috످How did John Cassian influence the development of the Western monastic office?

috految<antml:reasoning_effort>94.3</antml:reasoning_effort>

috److془I know this well. Provide answer.

Institutes Books 2-3. Twelve psalms, angel (Inst 2.5), two readings, silent prayer, prostration, collect (2.7), Gloria Patri (2.8), few verses with understanding (2.11). Terce, sext, none (3.3). New morning office (3.4, 3.6). Conference 10.10. RB 18, 9-10, 17, 20, 42, 73. Lateness 3.7, RB 43. Caesarius, Columbanus. Council of Tours 567. Taft, Stewart, Bradshaw, Vogüé. Veilleux.془John Cassian (c. 360–c. 435) shaped the Western monastic office by adapting Eastern practices of prayer for Latin monasteries. After living among monks in Bethlehem and Egypt, he settled in Marseille around 415, where he wrote the Institutes, which set out a structure for the office, and the Conferences, which explored its spiritual purpose.

Finding that monasteries in Gaul followed widely varying customs, Cassian proposed a model that blended two traditions (Institutes 2–3).

From Egypt, he took the pattern of evening and night offices, each with twelve psalms and two Scripture readings. While some Gallic monks sang twenty or thirty psalms a night, Cassian insisted on twelve, a number he said had been revealed by an angel.

From Palestine and Mesopotamia, he took the daytime hours of Terce, Sext, and None (roughly 9 a.m., noon, and 3 p.m.), each with three psalms. He also described a new morning office introduced at Bethlehem to keep monks from going back to bed. This was traditionally considered the origin of Prime, though scholars dispute the identification.

Cassian saw the office as training for unceasing prayer and purity of heart. In the Egyptian practice he favored, a soloist chanted each psalm while the others listened, followed by silent prayer, prostration, and a collect (concluding prayer). He valued attention over quantity and taught monks to internalize the psalms as though they had composed them themselves.

He also recommended constantly repeating Psalm 70:1 (69:2 in the Vulgate), "O God, come to my assistance; O Lord, make haste to help me" (Conferences 10.10). This verse, which he intended for personal prayer, became the standard opening of the hours in the West and is still used in Catholic, Anglican, and Lutheran liturgies.

Cassian's greatest impact came through the sixth-century Rule of Benedict, which drew on him both directly and through the Rule of the Master. Benedict kept twelve psalms as the core of the night office (chs. 9–10) and assigned three psalms to Terce, Sext, and None (ch. 17). He adopted "O God, come to my assistance" as an opening verse (ch. 18), echoed Cassian's call for brief, pure prayer (ch. 20), and recommended reading the Conferences and Institutes (chs. 42, 73).

When the Carolingian reforms of 816–817 made Benedict's Rule the monastic standard, these practices spread across much of Europe.

Cassian was one influence among several. Benedict also relied heavily on the Roman office, and the Western tradition came to favor choral psalmody over Cassian's soloist and silent pauses. Later monasteries such as Cluny abandoned his moderation, sometimes chanting well over a hundred psalms a day. Historians also caution that he idealized Egyptian practice to advance his reforms in Gaul, so his account is not always reliable.

For further reading, see Columba Stewart's Cassian the Monk (1998) and Robert Taft's The Liturgy of the Hours in East and West (1986).

috످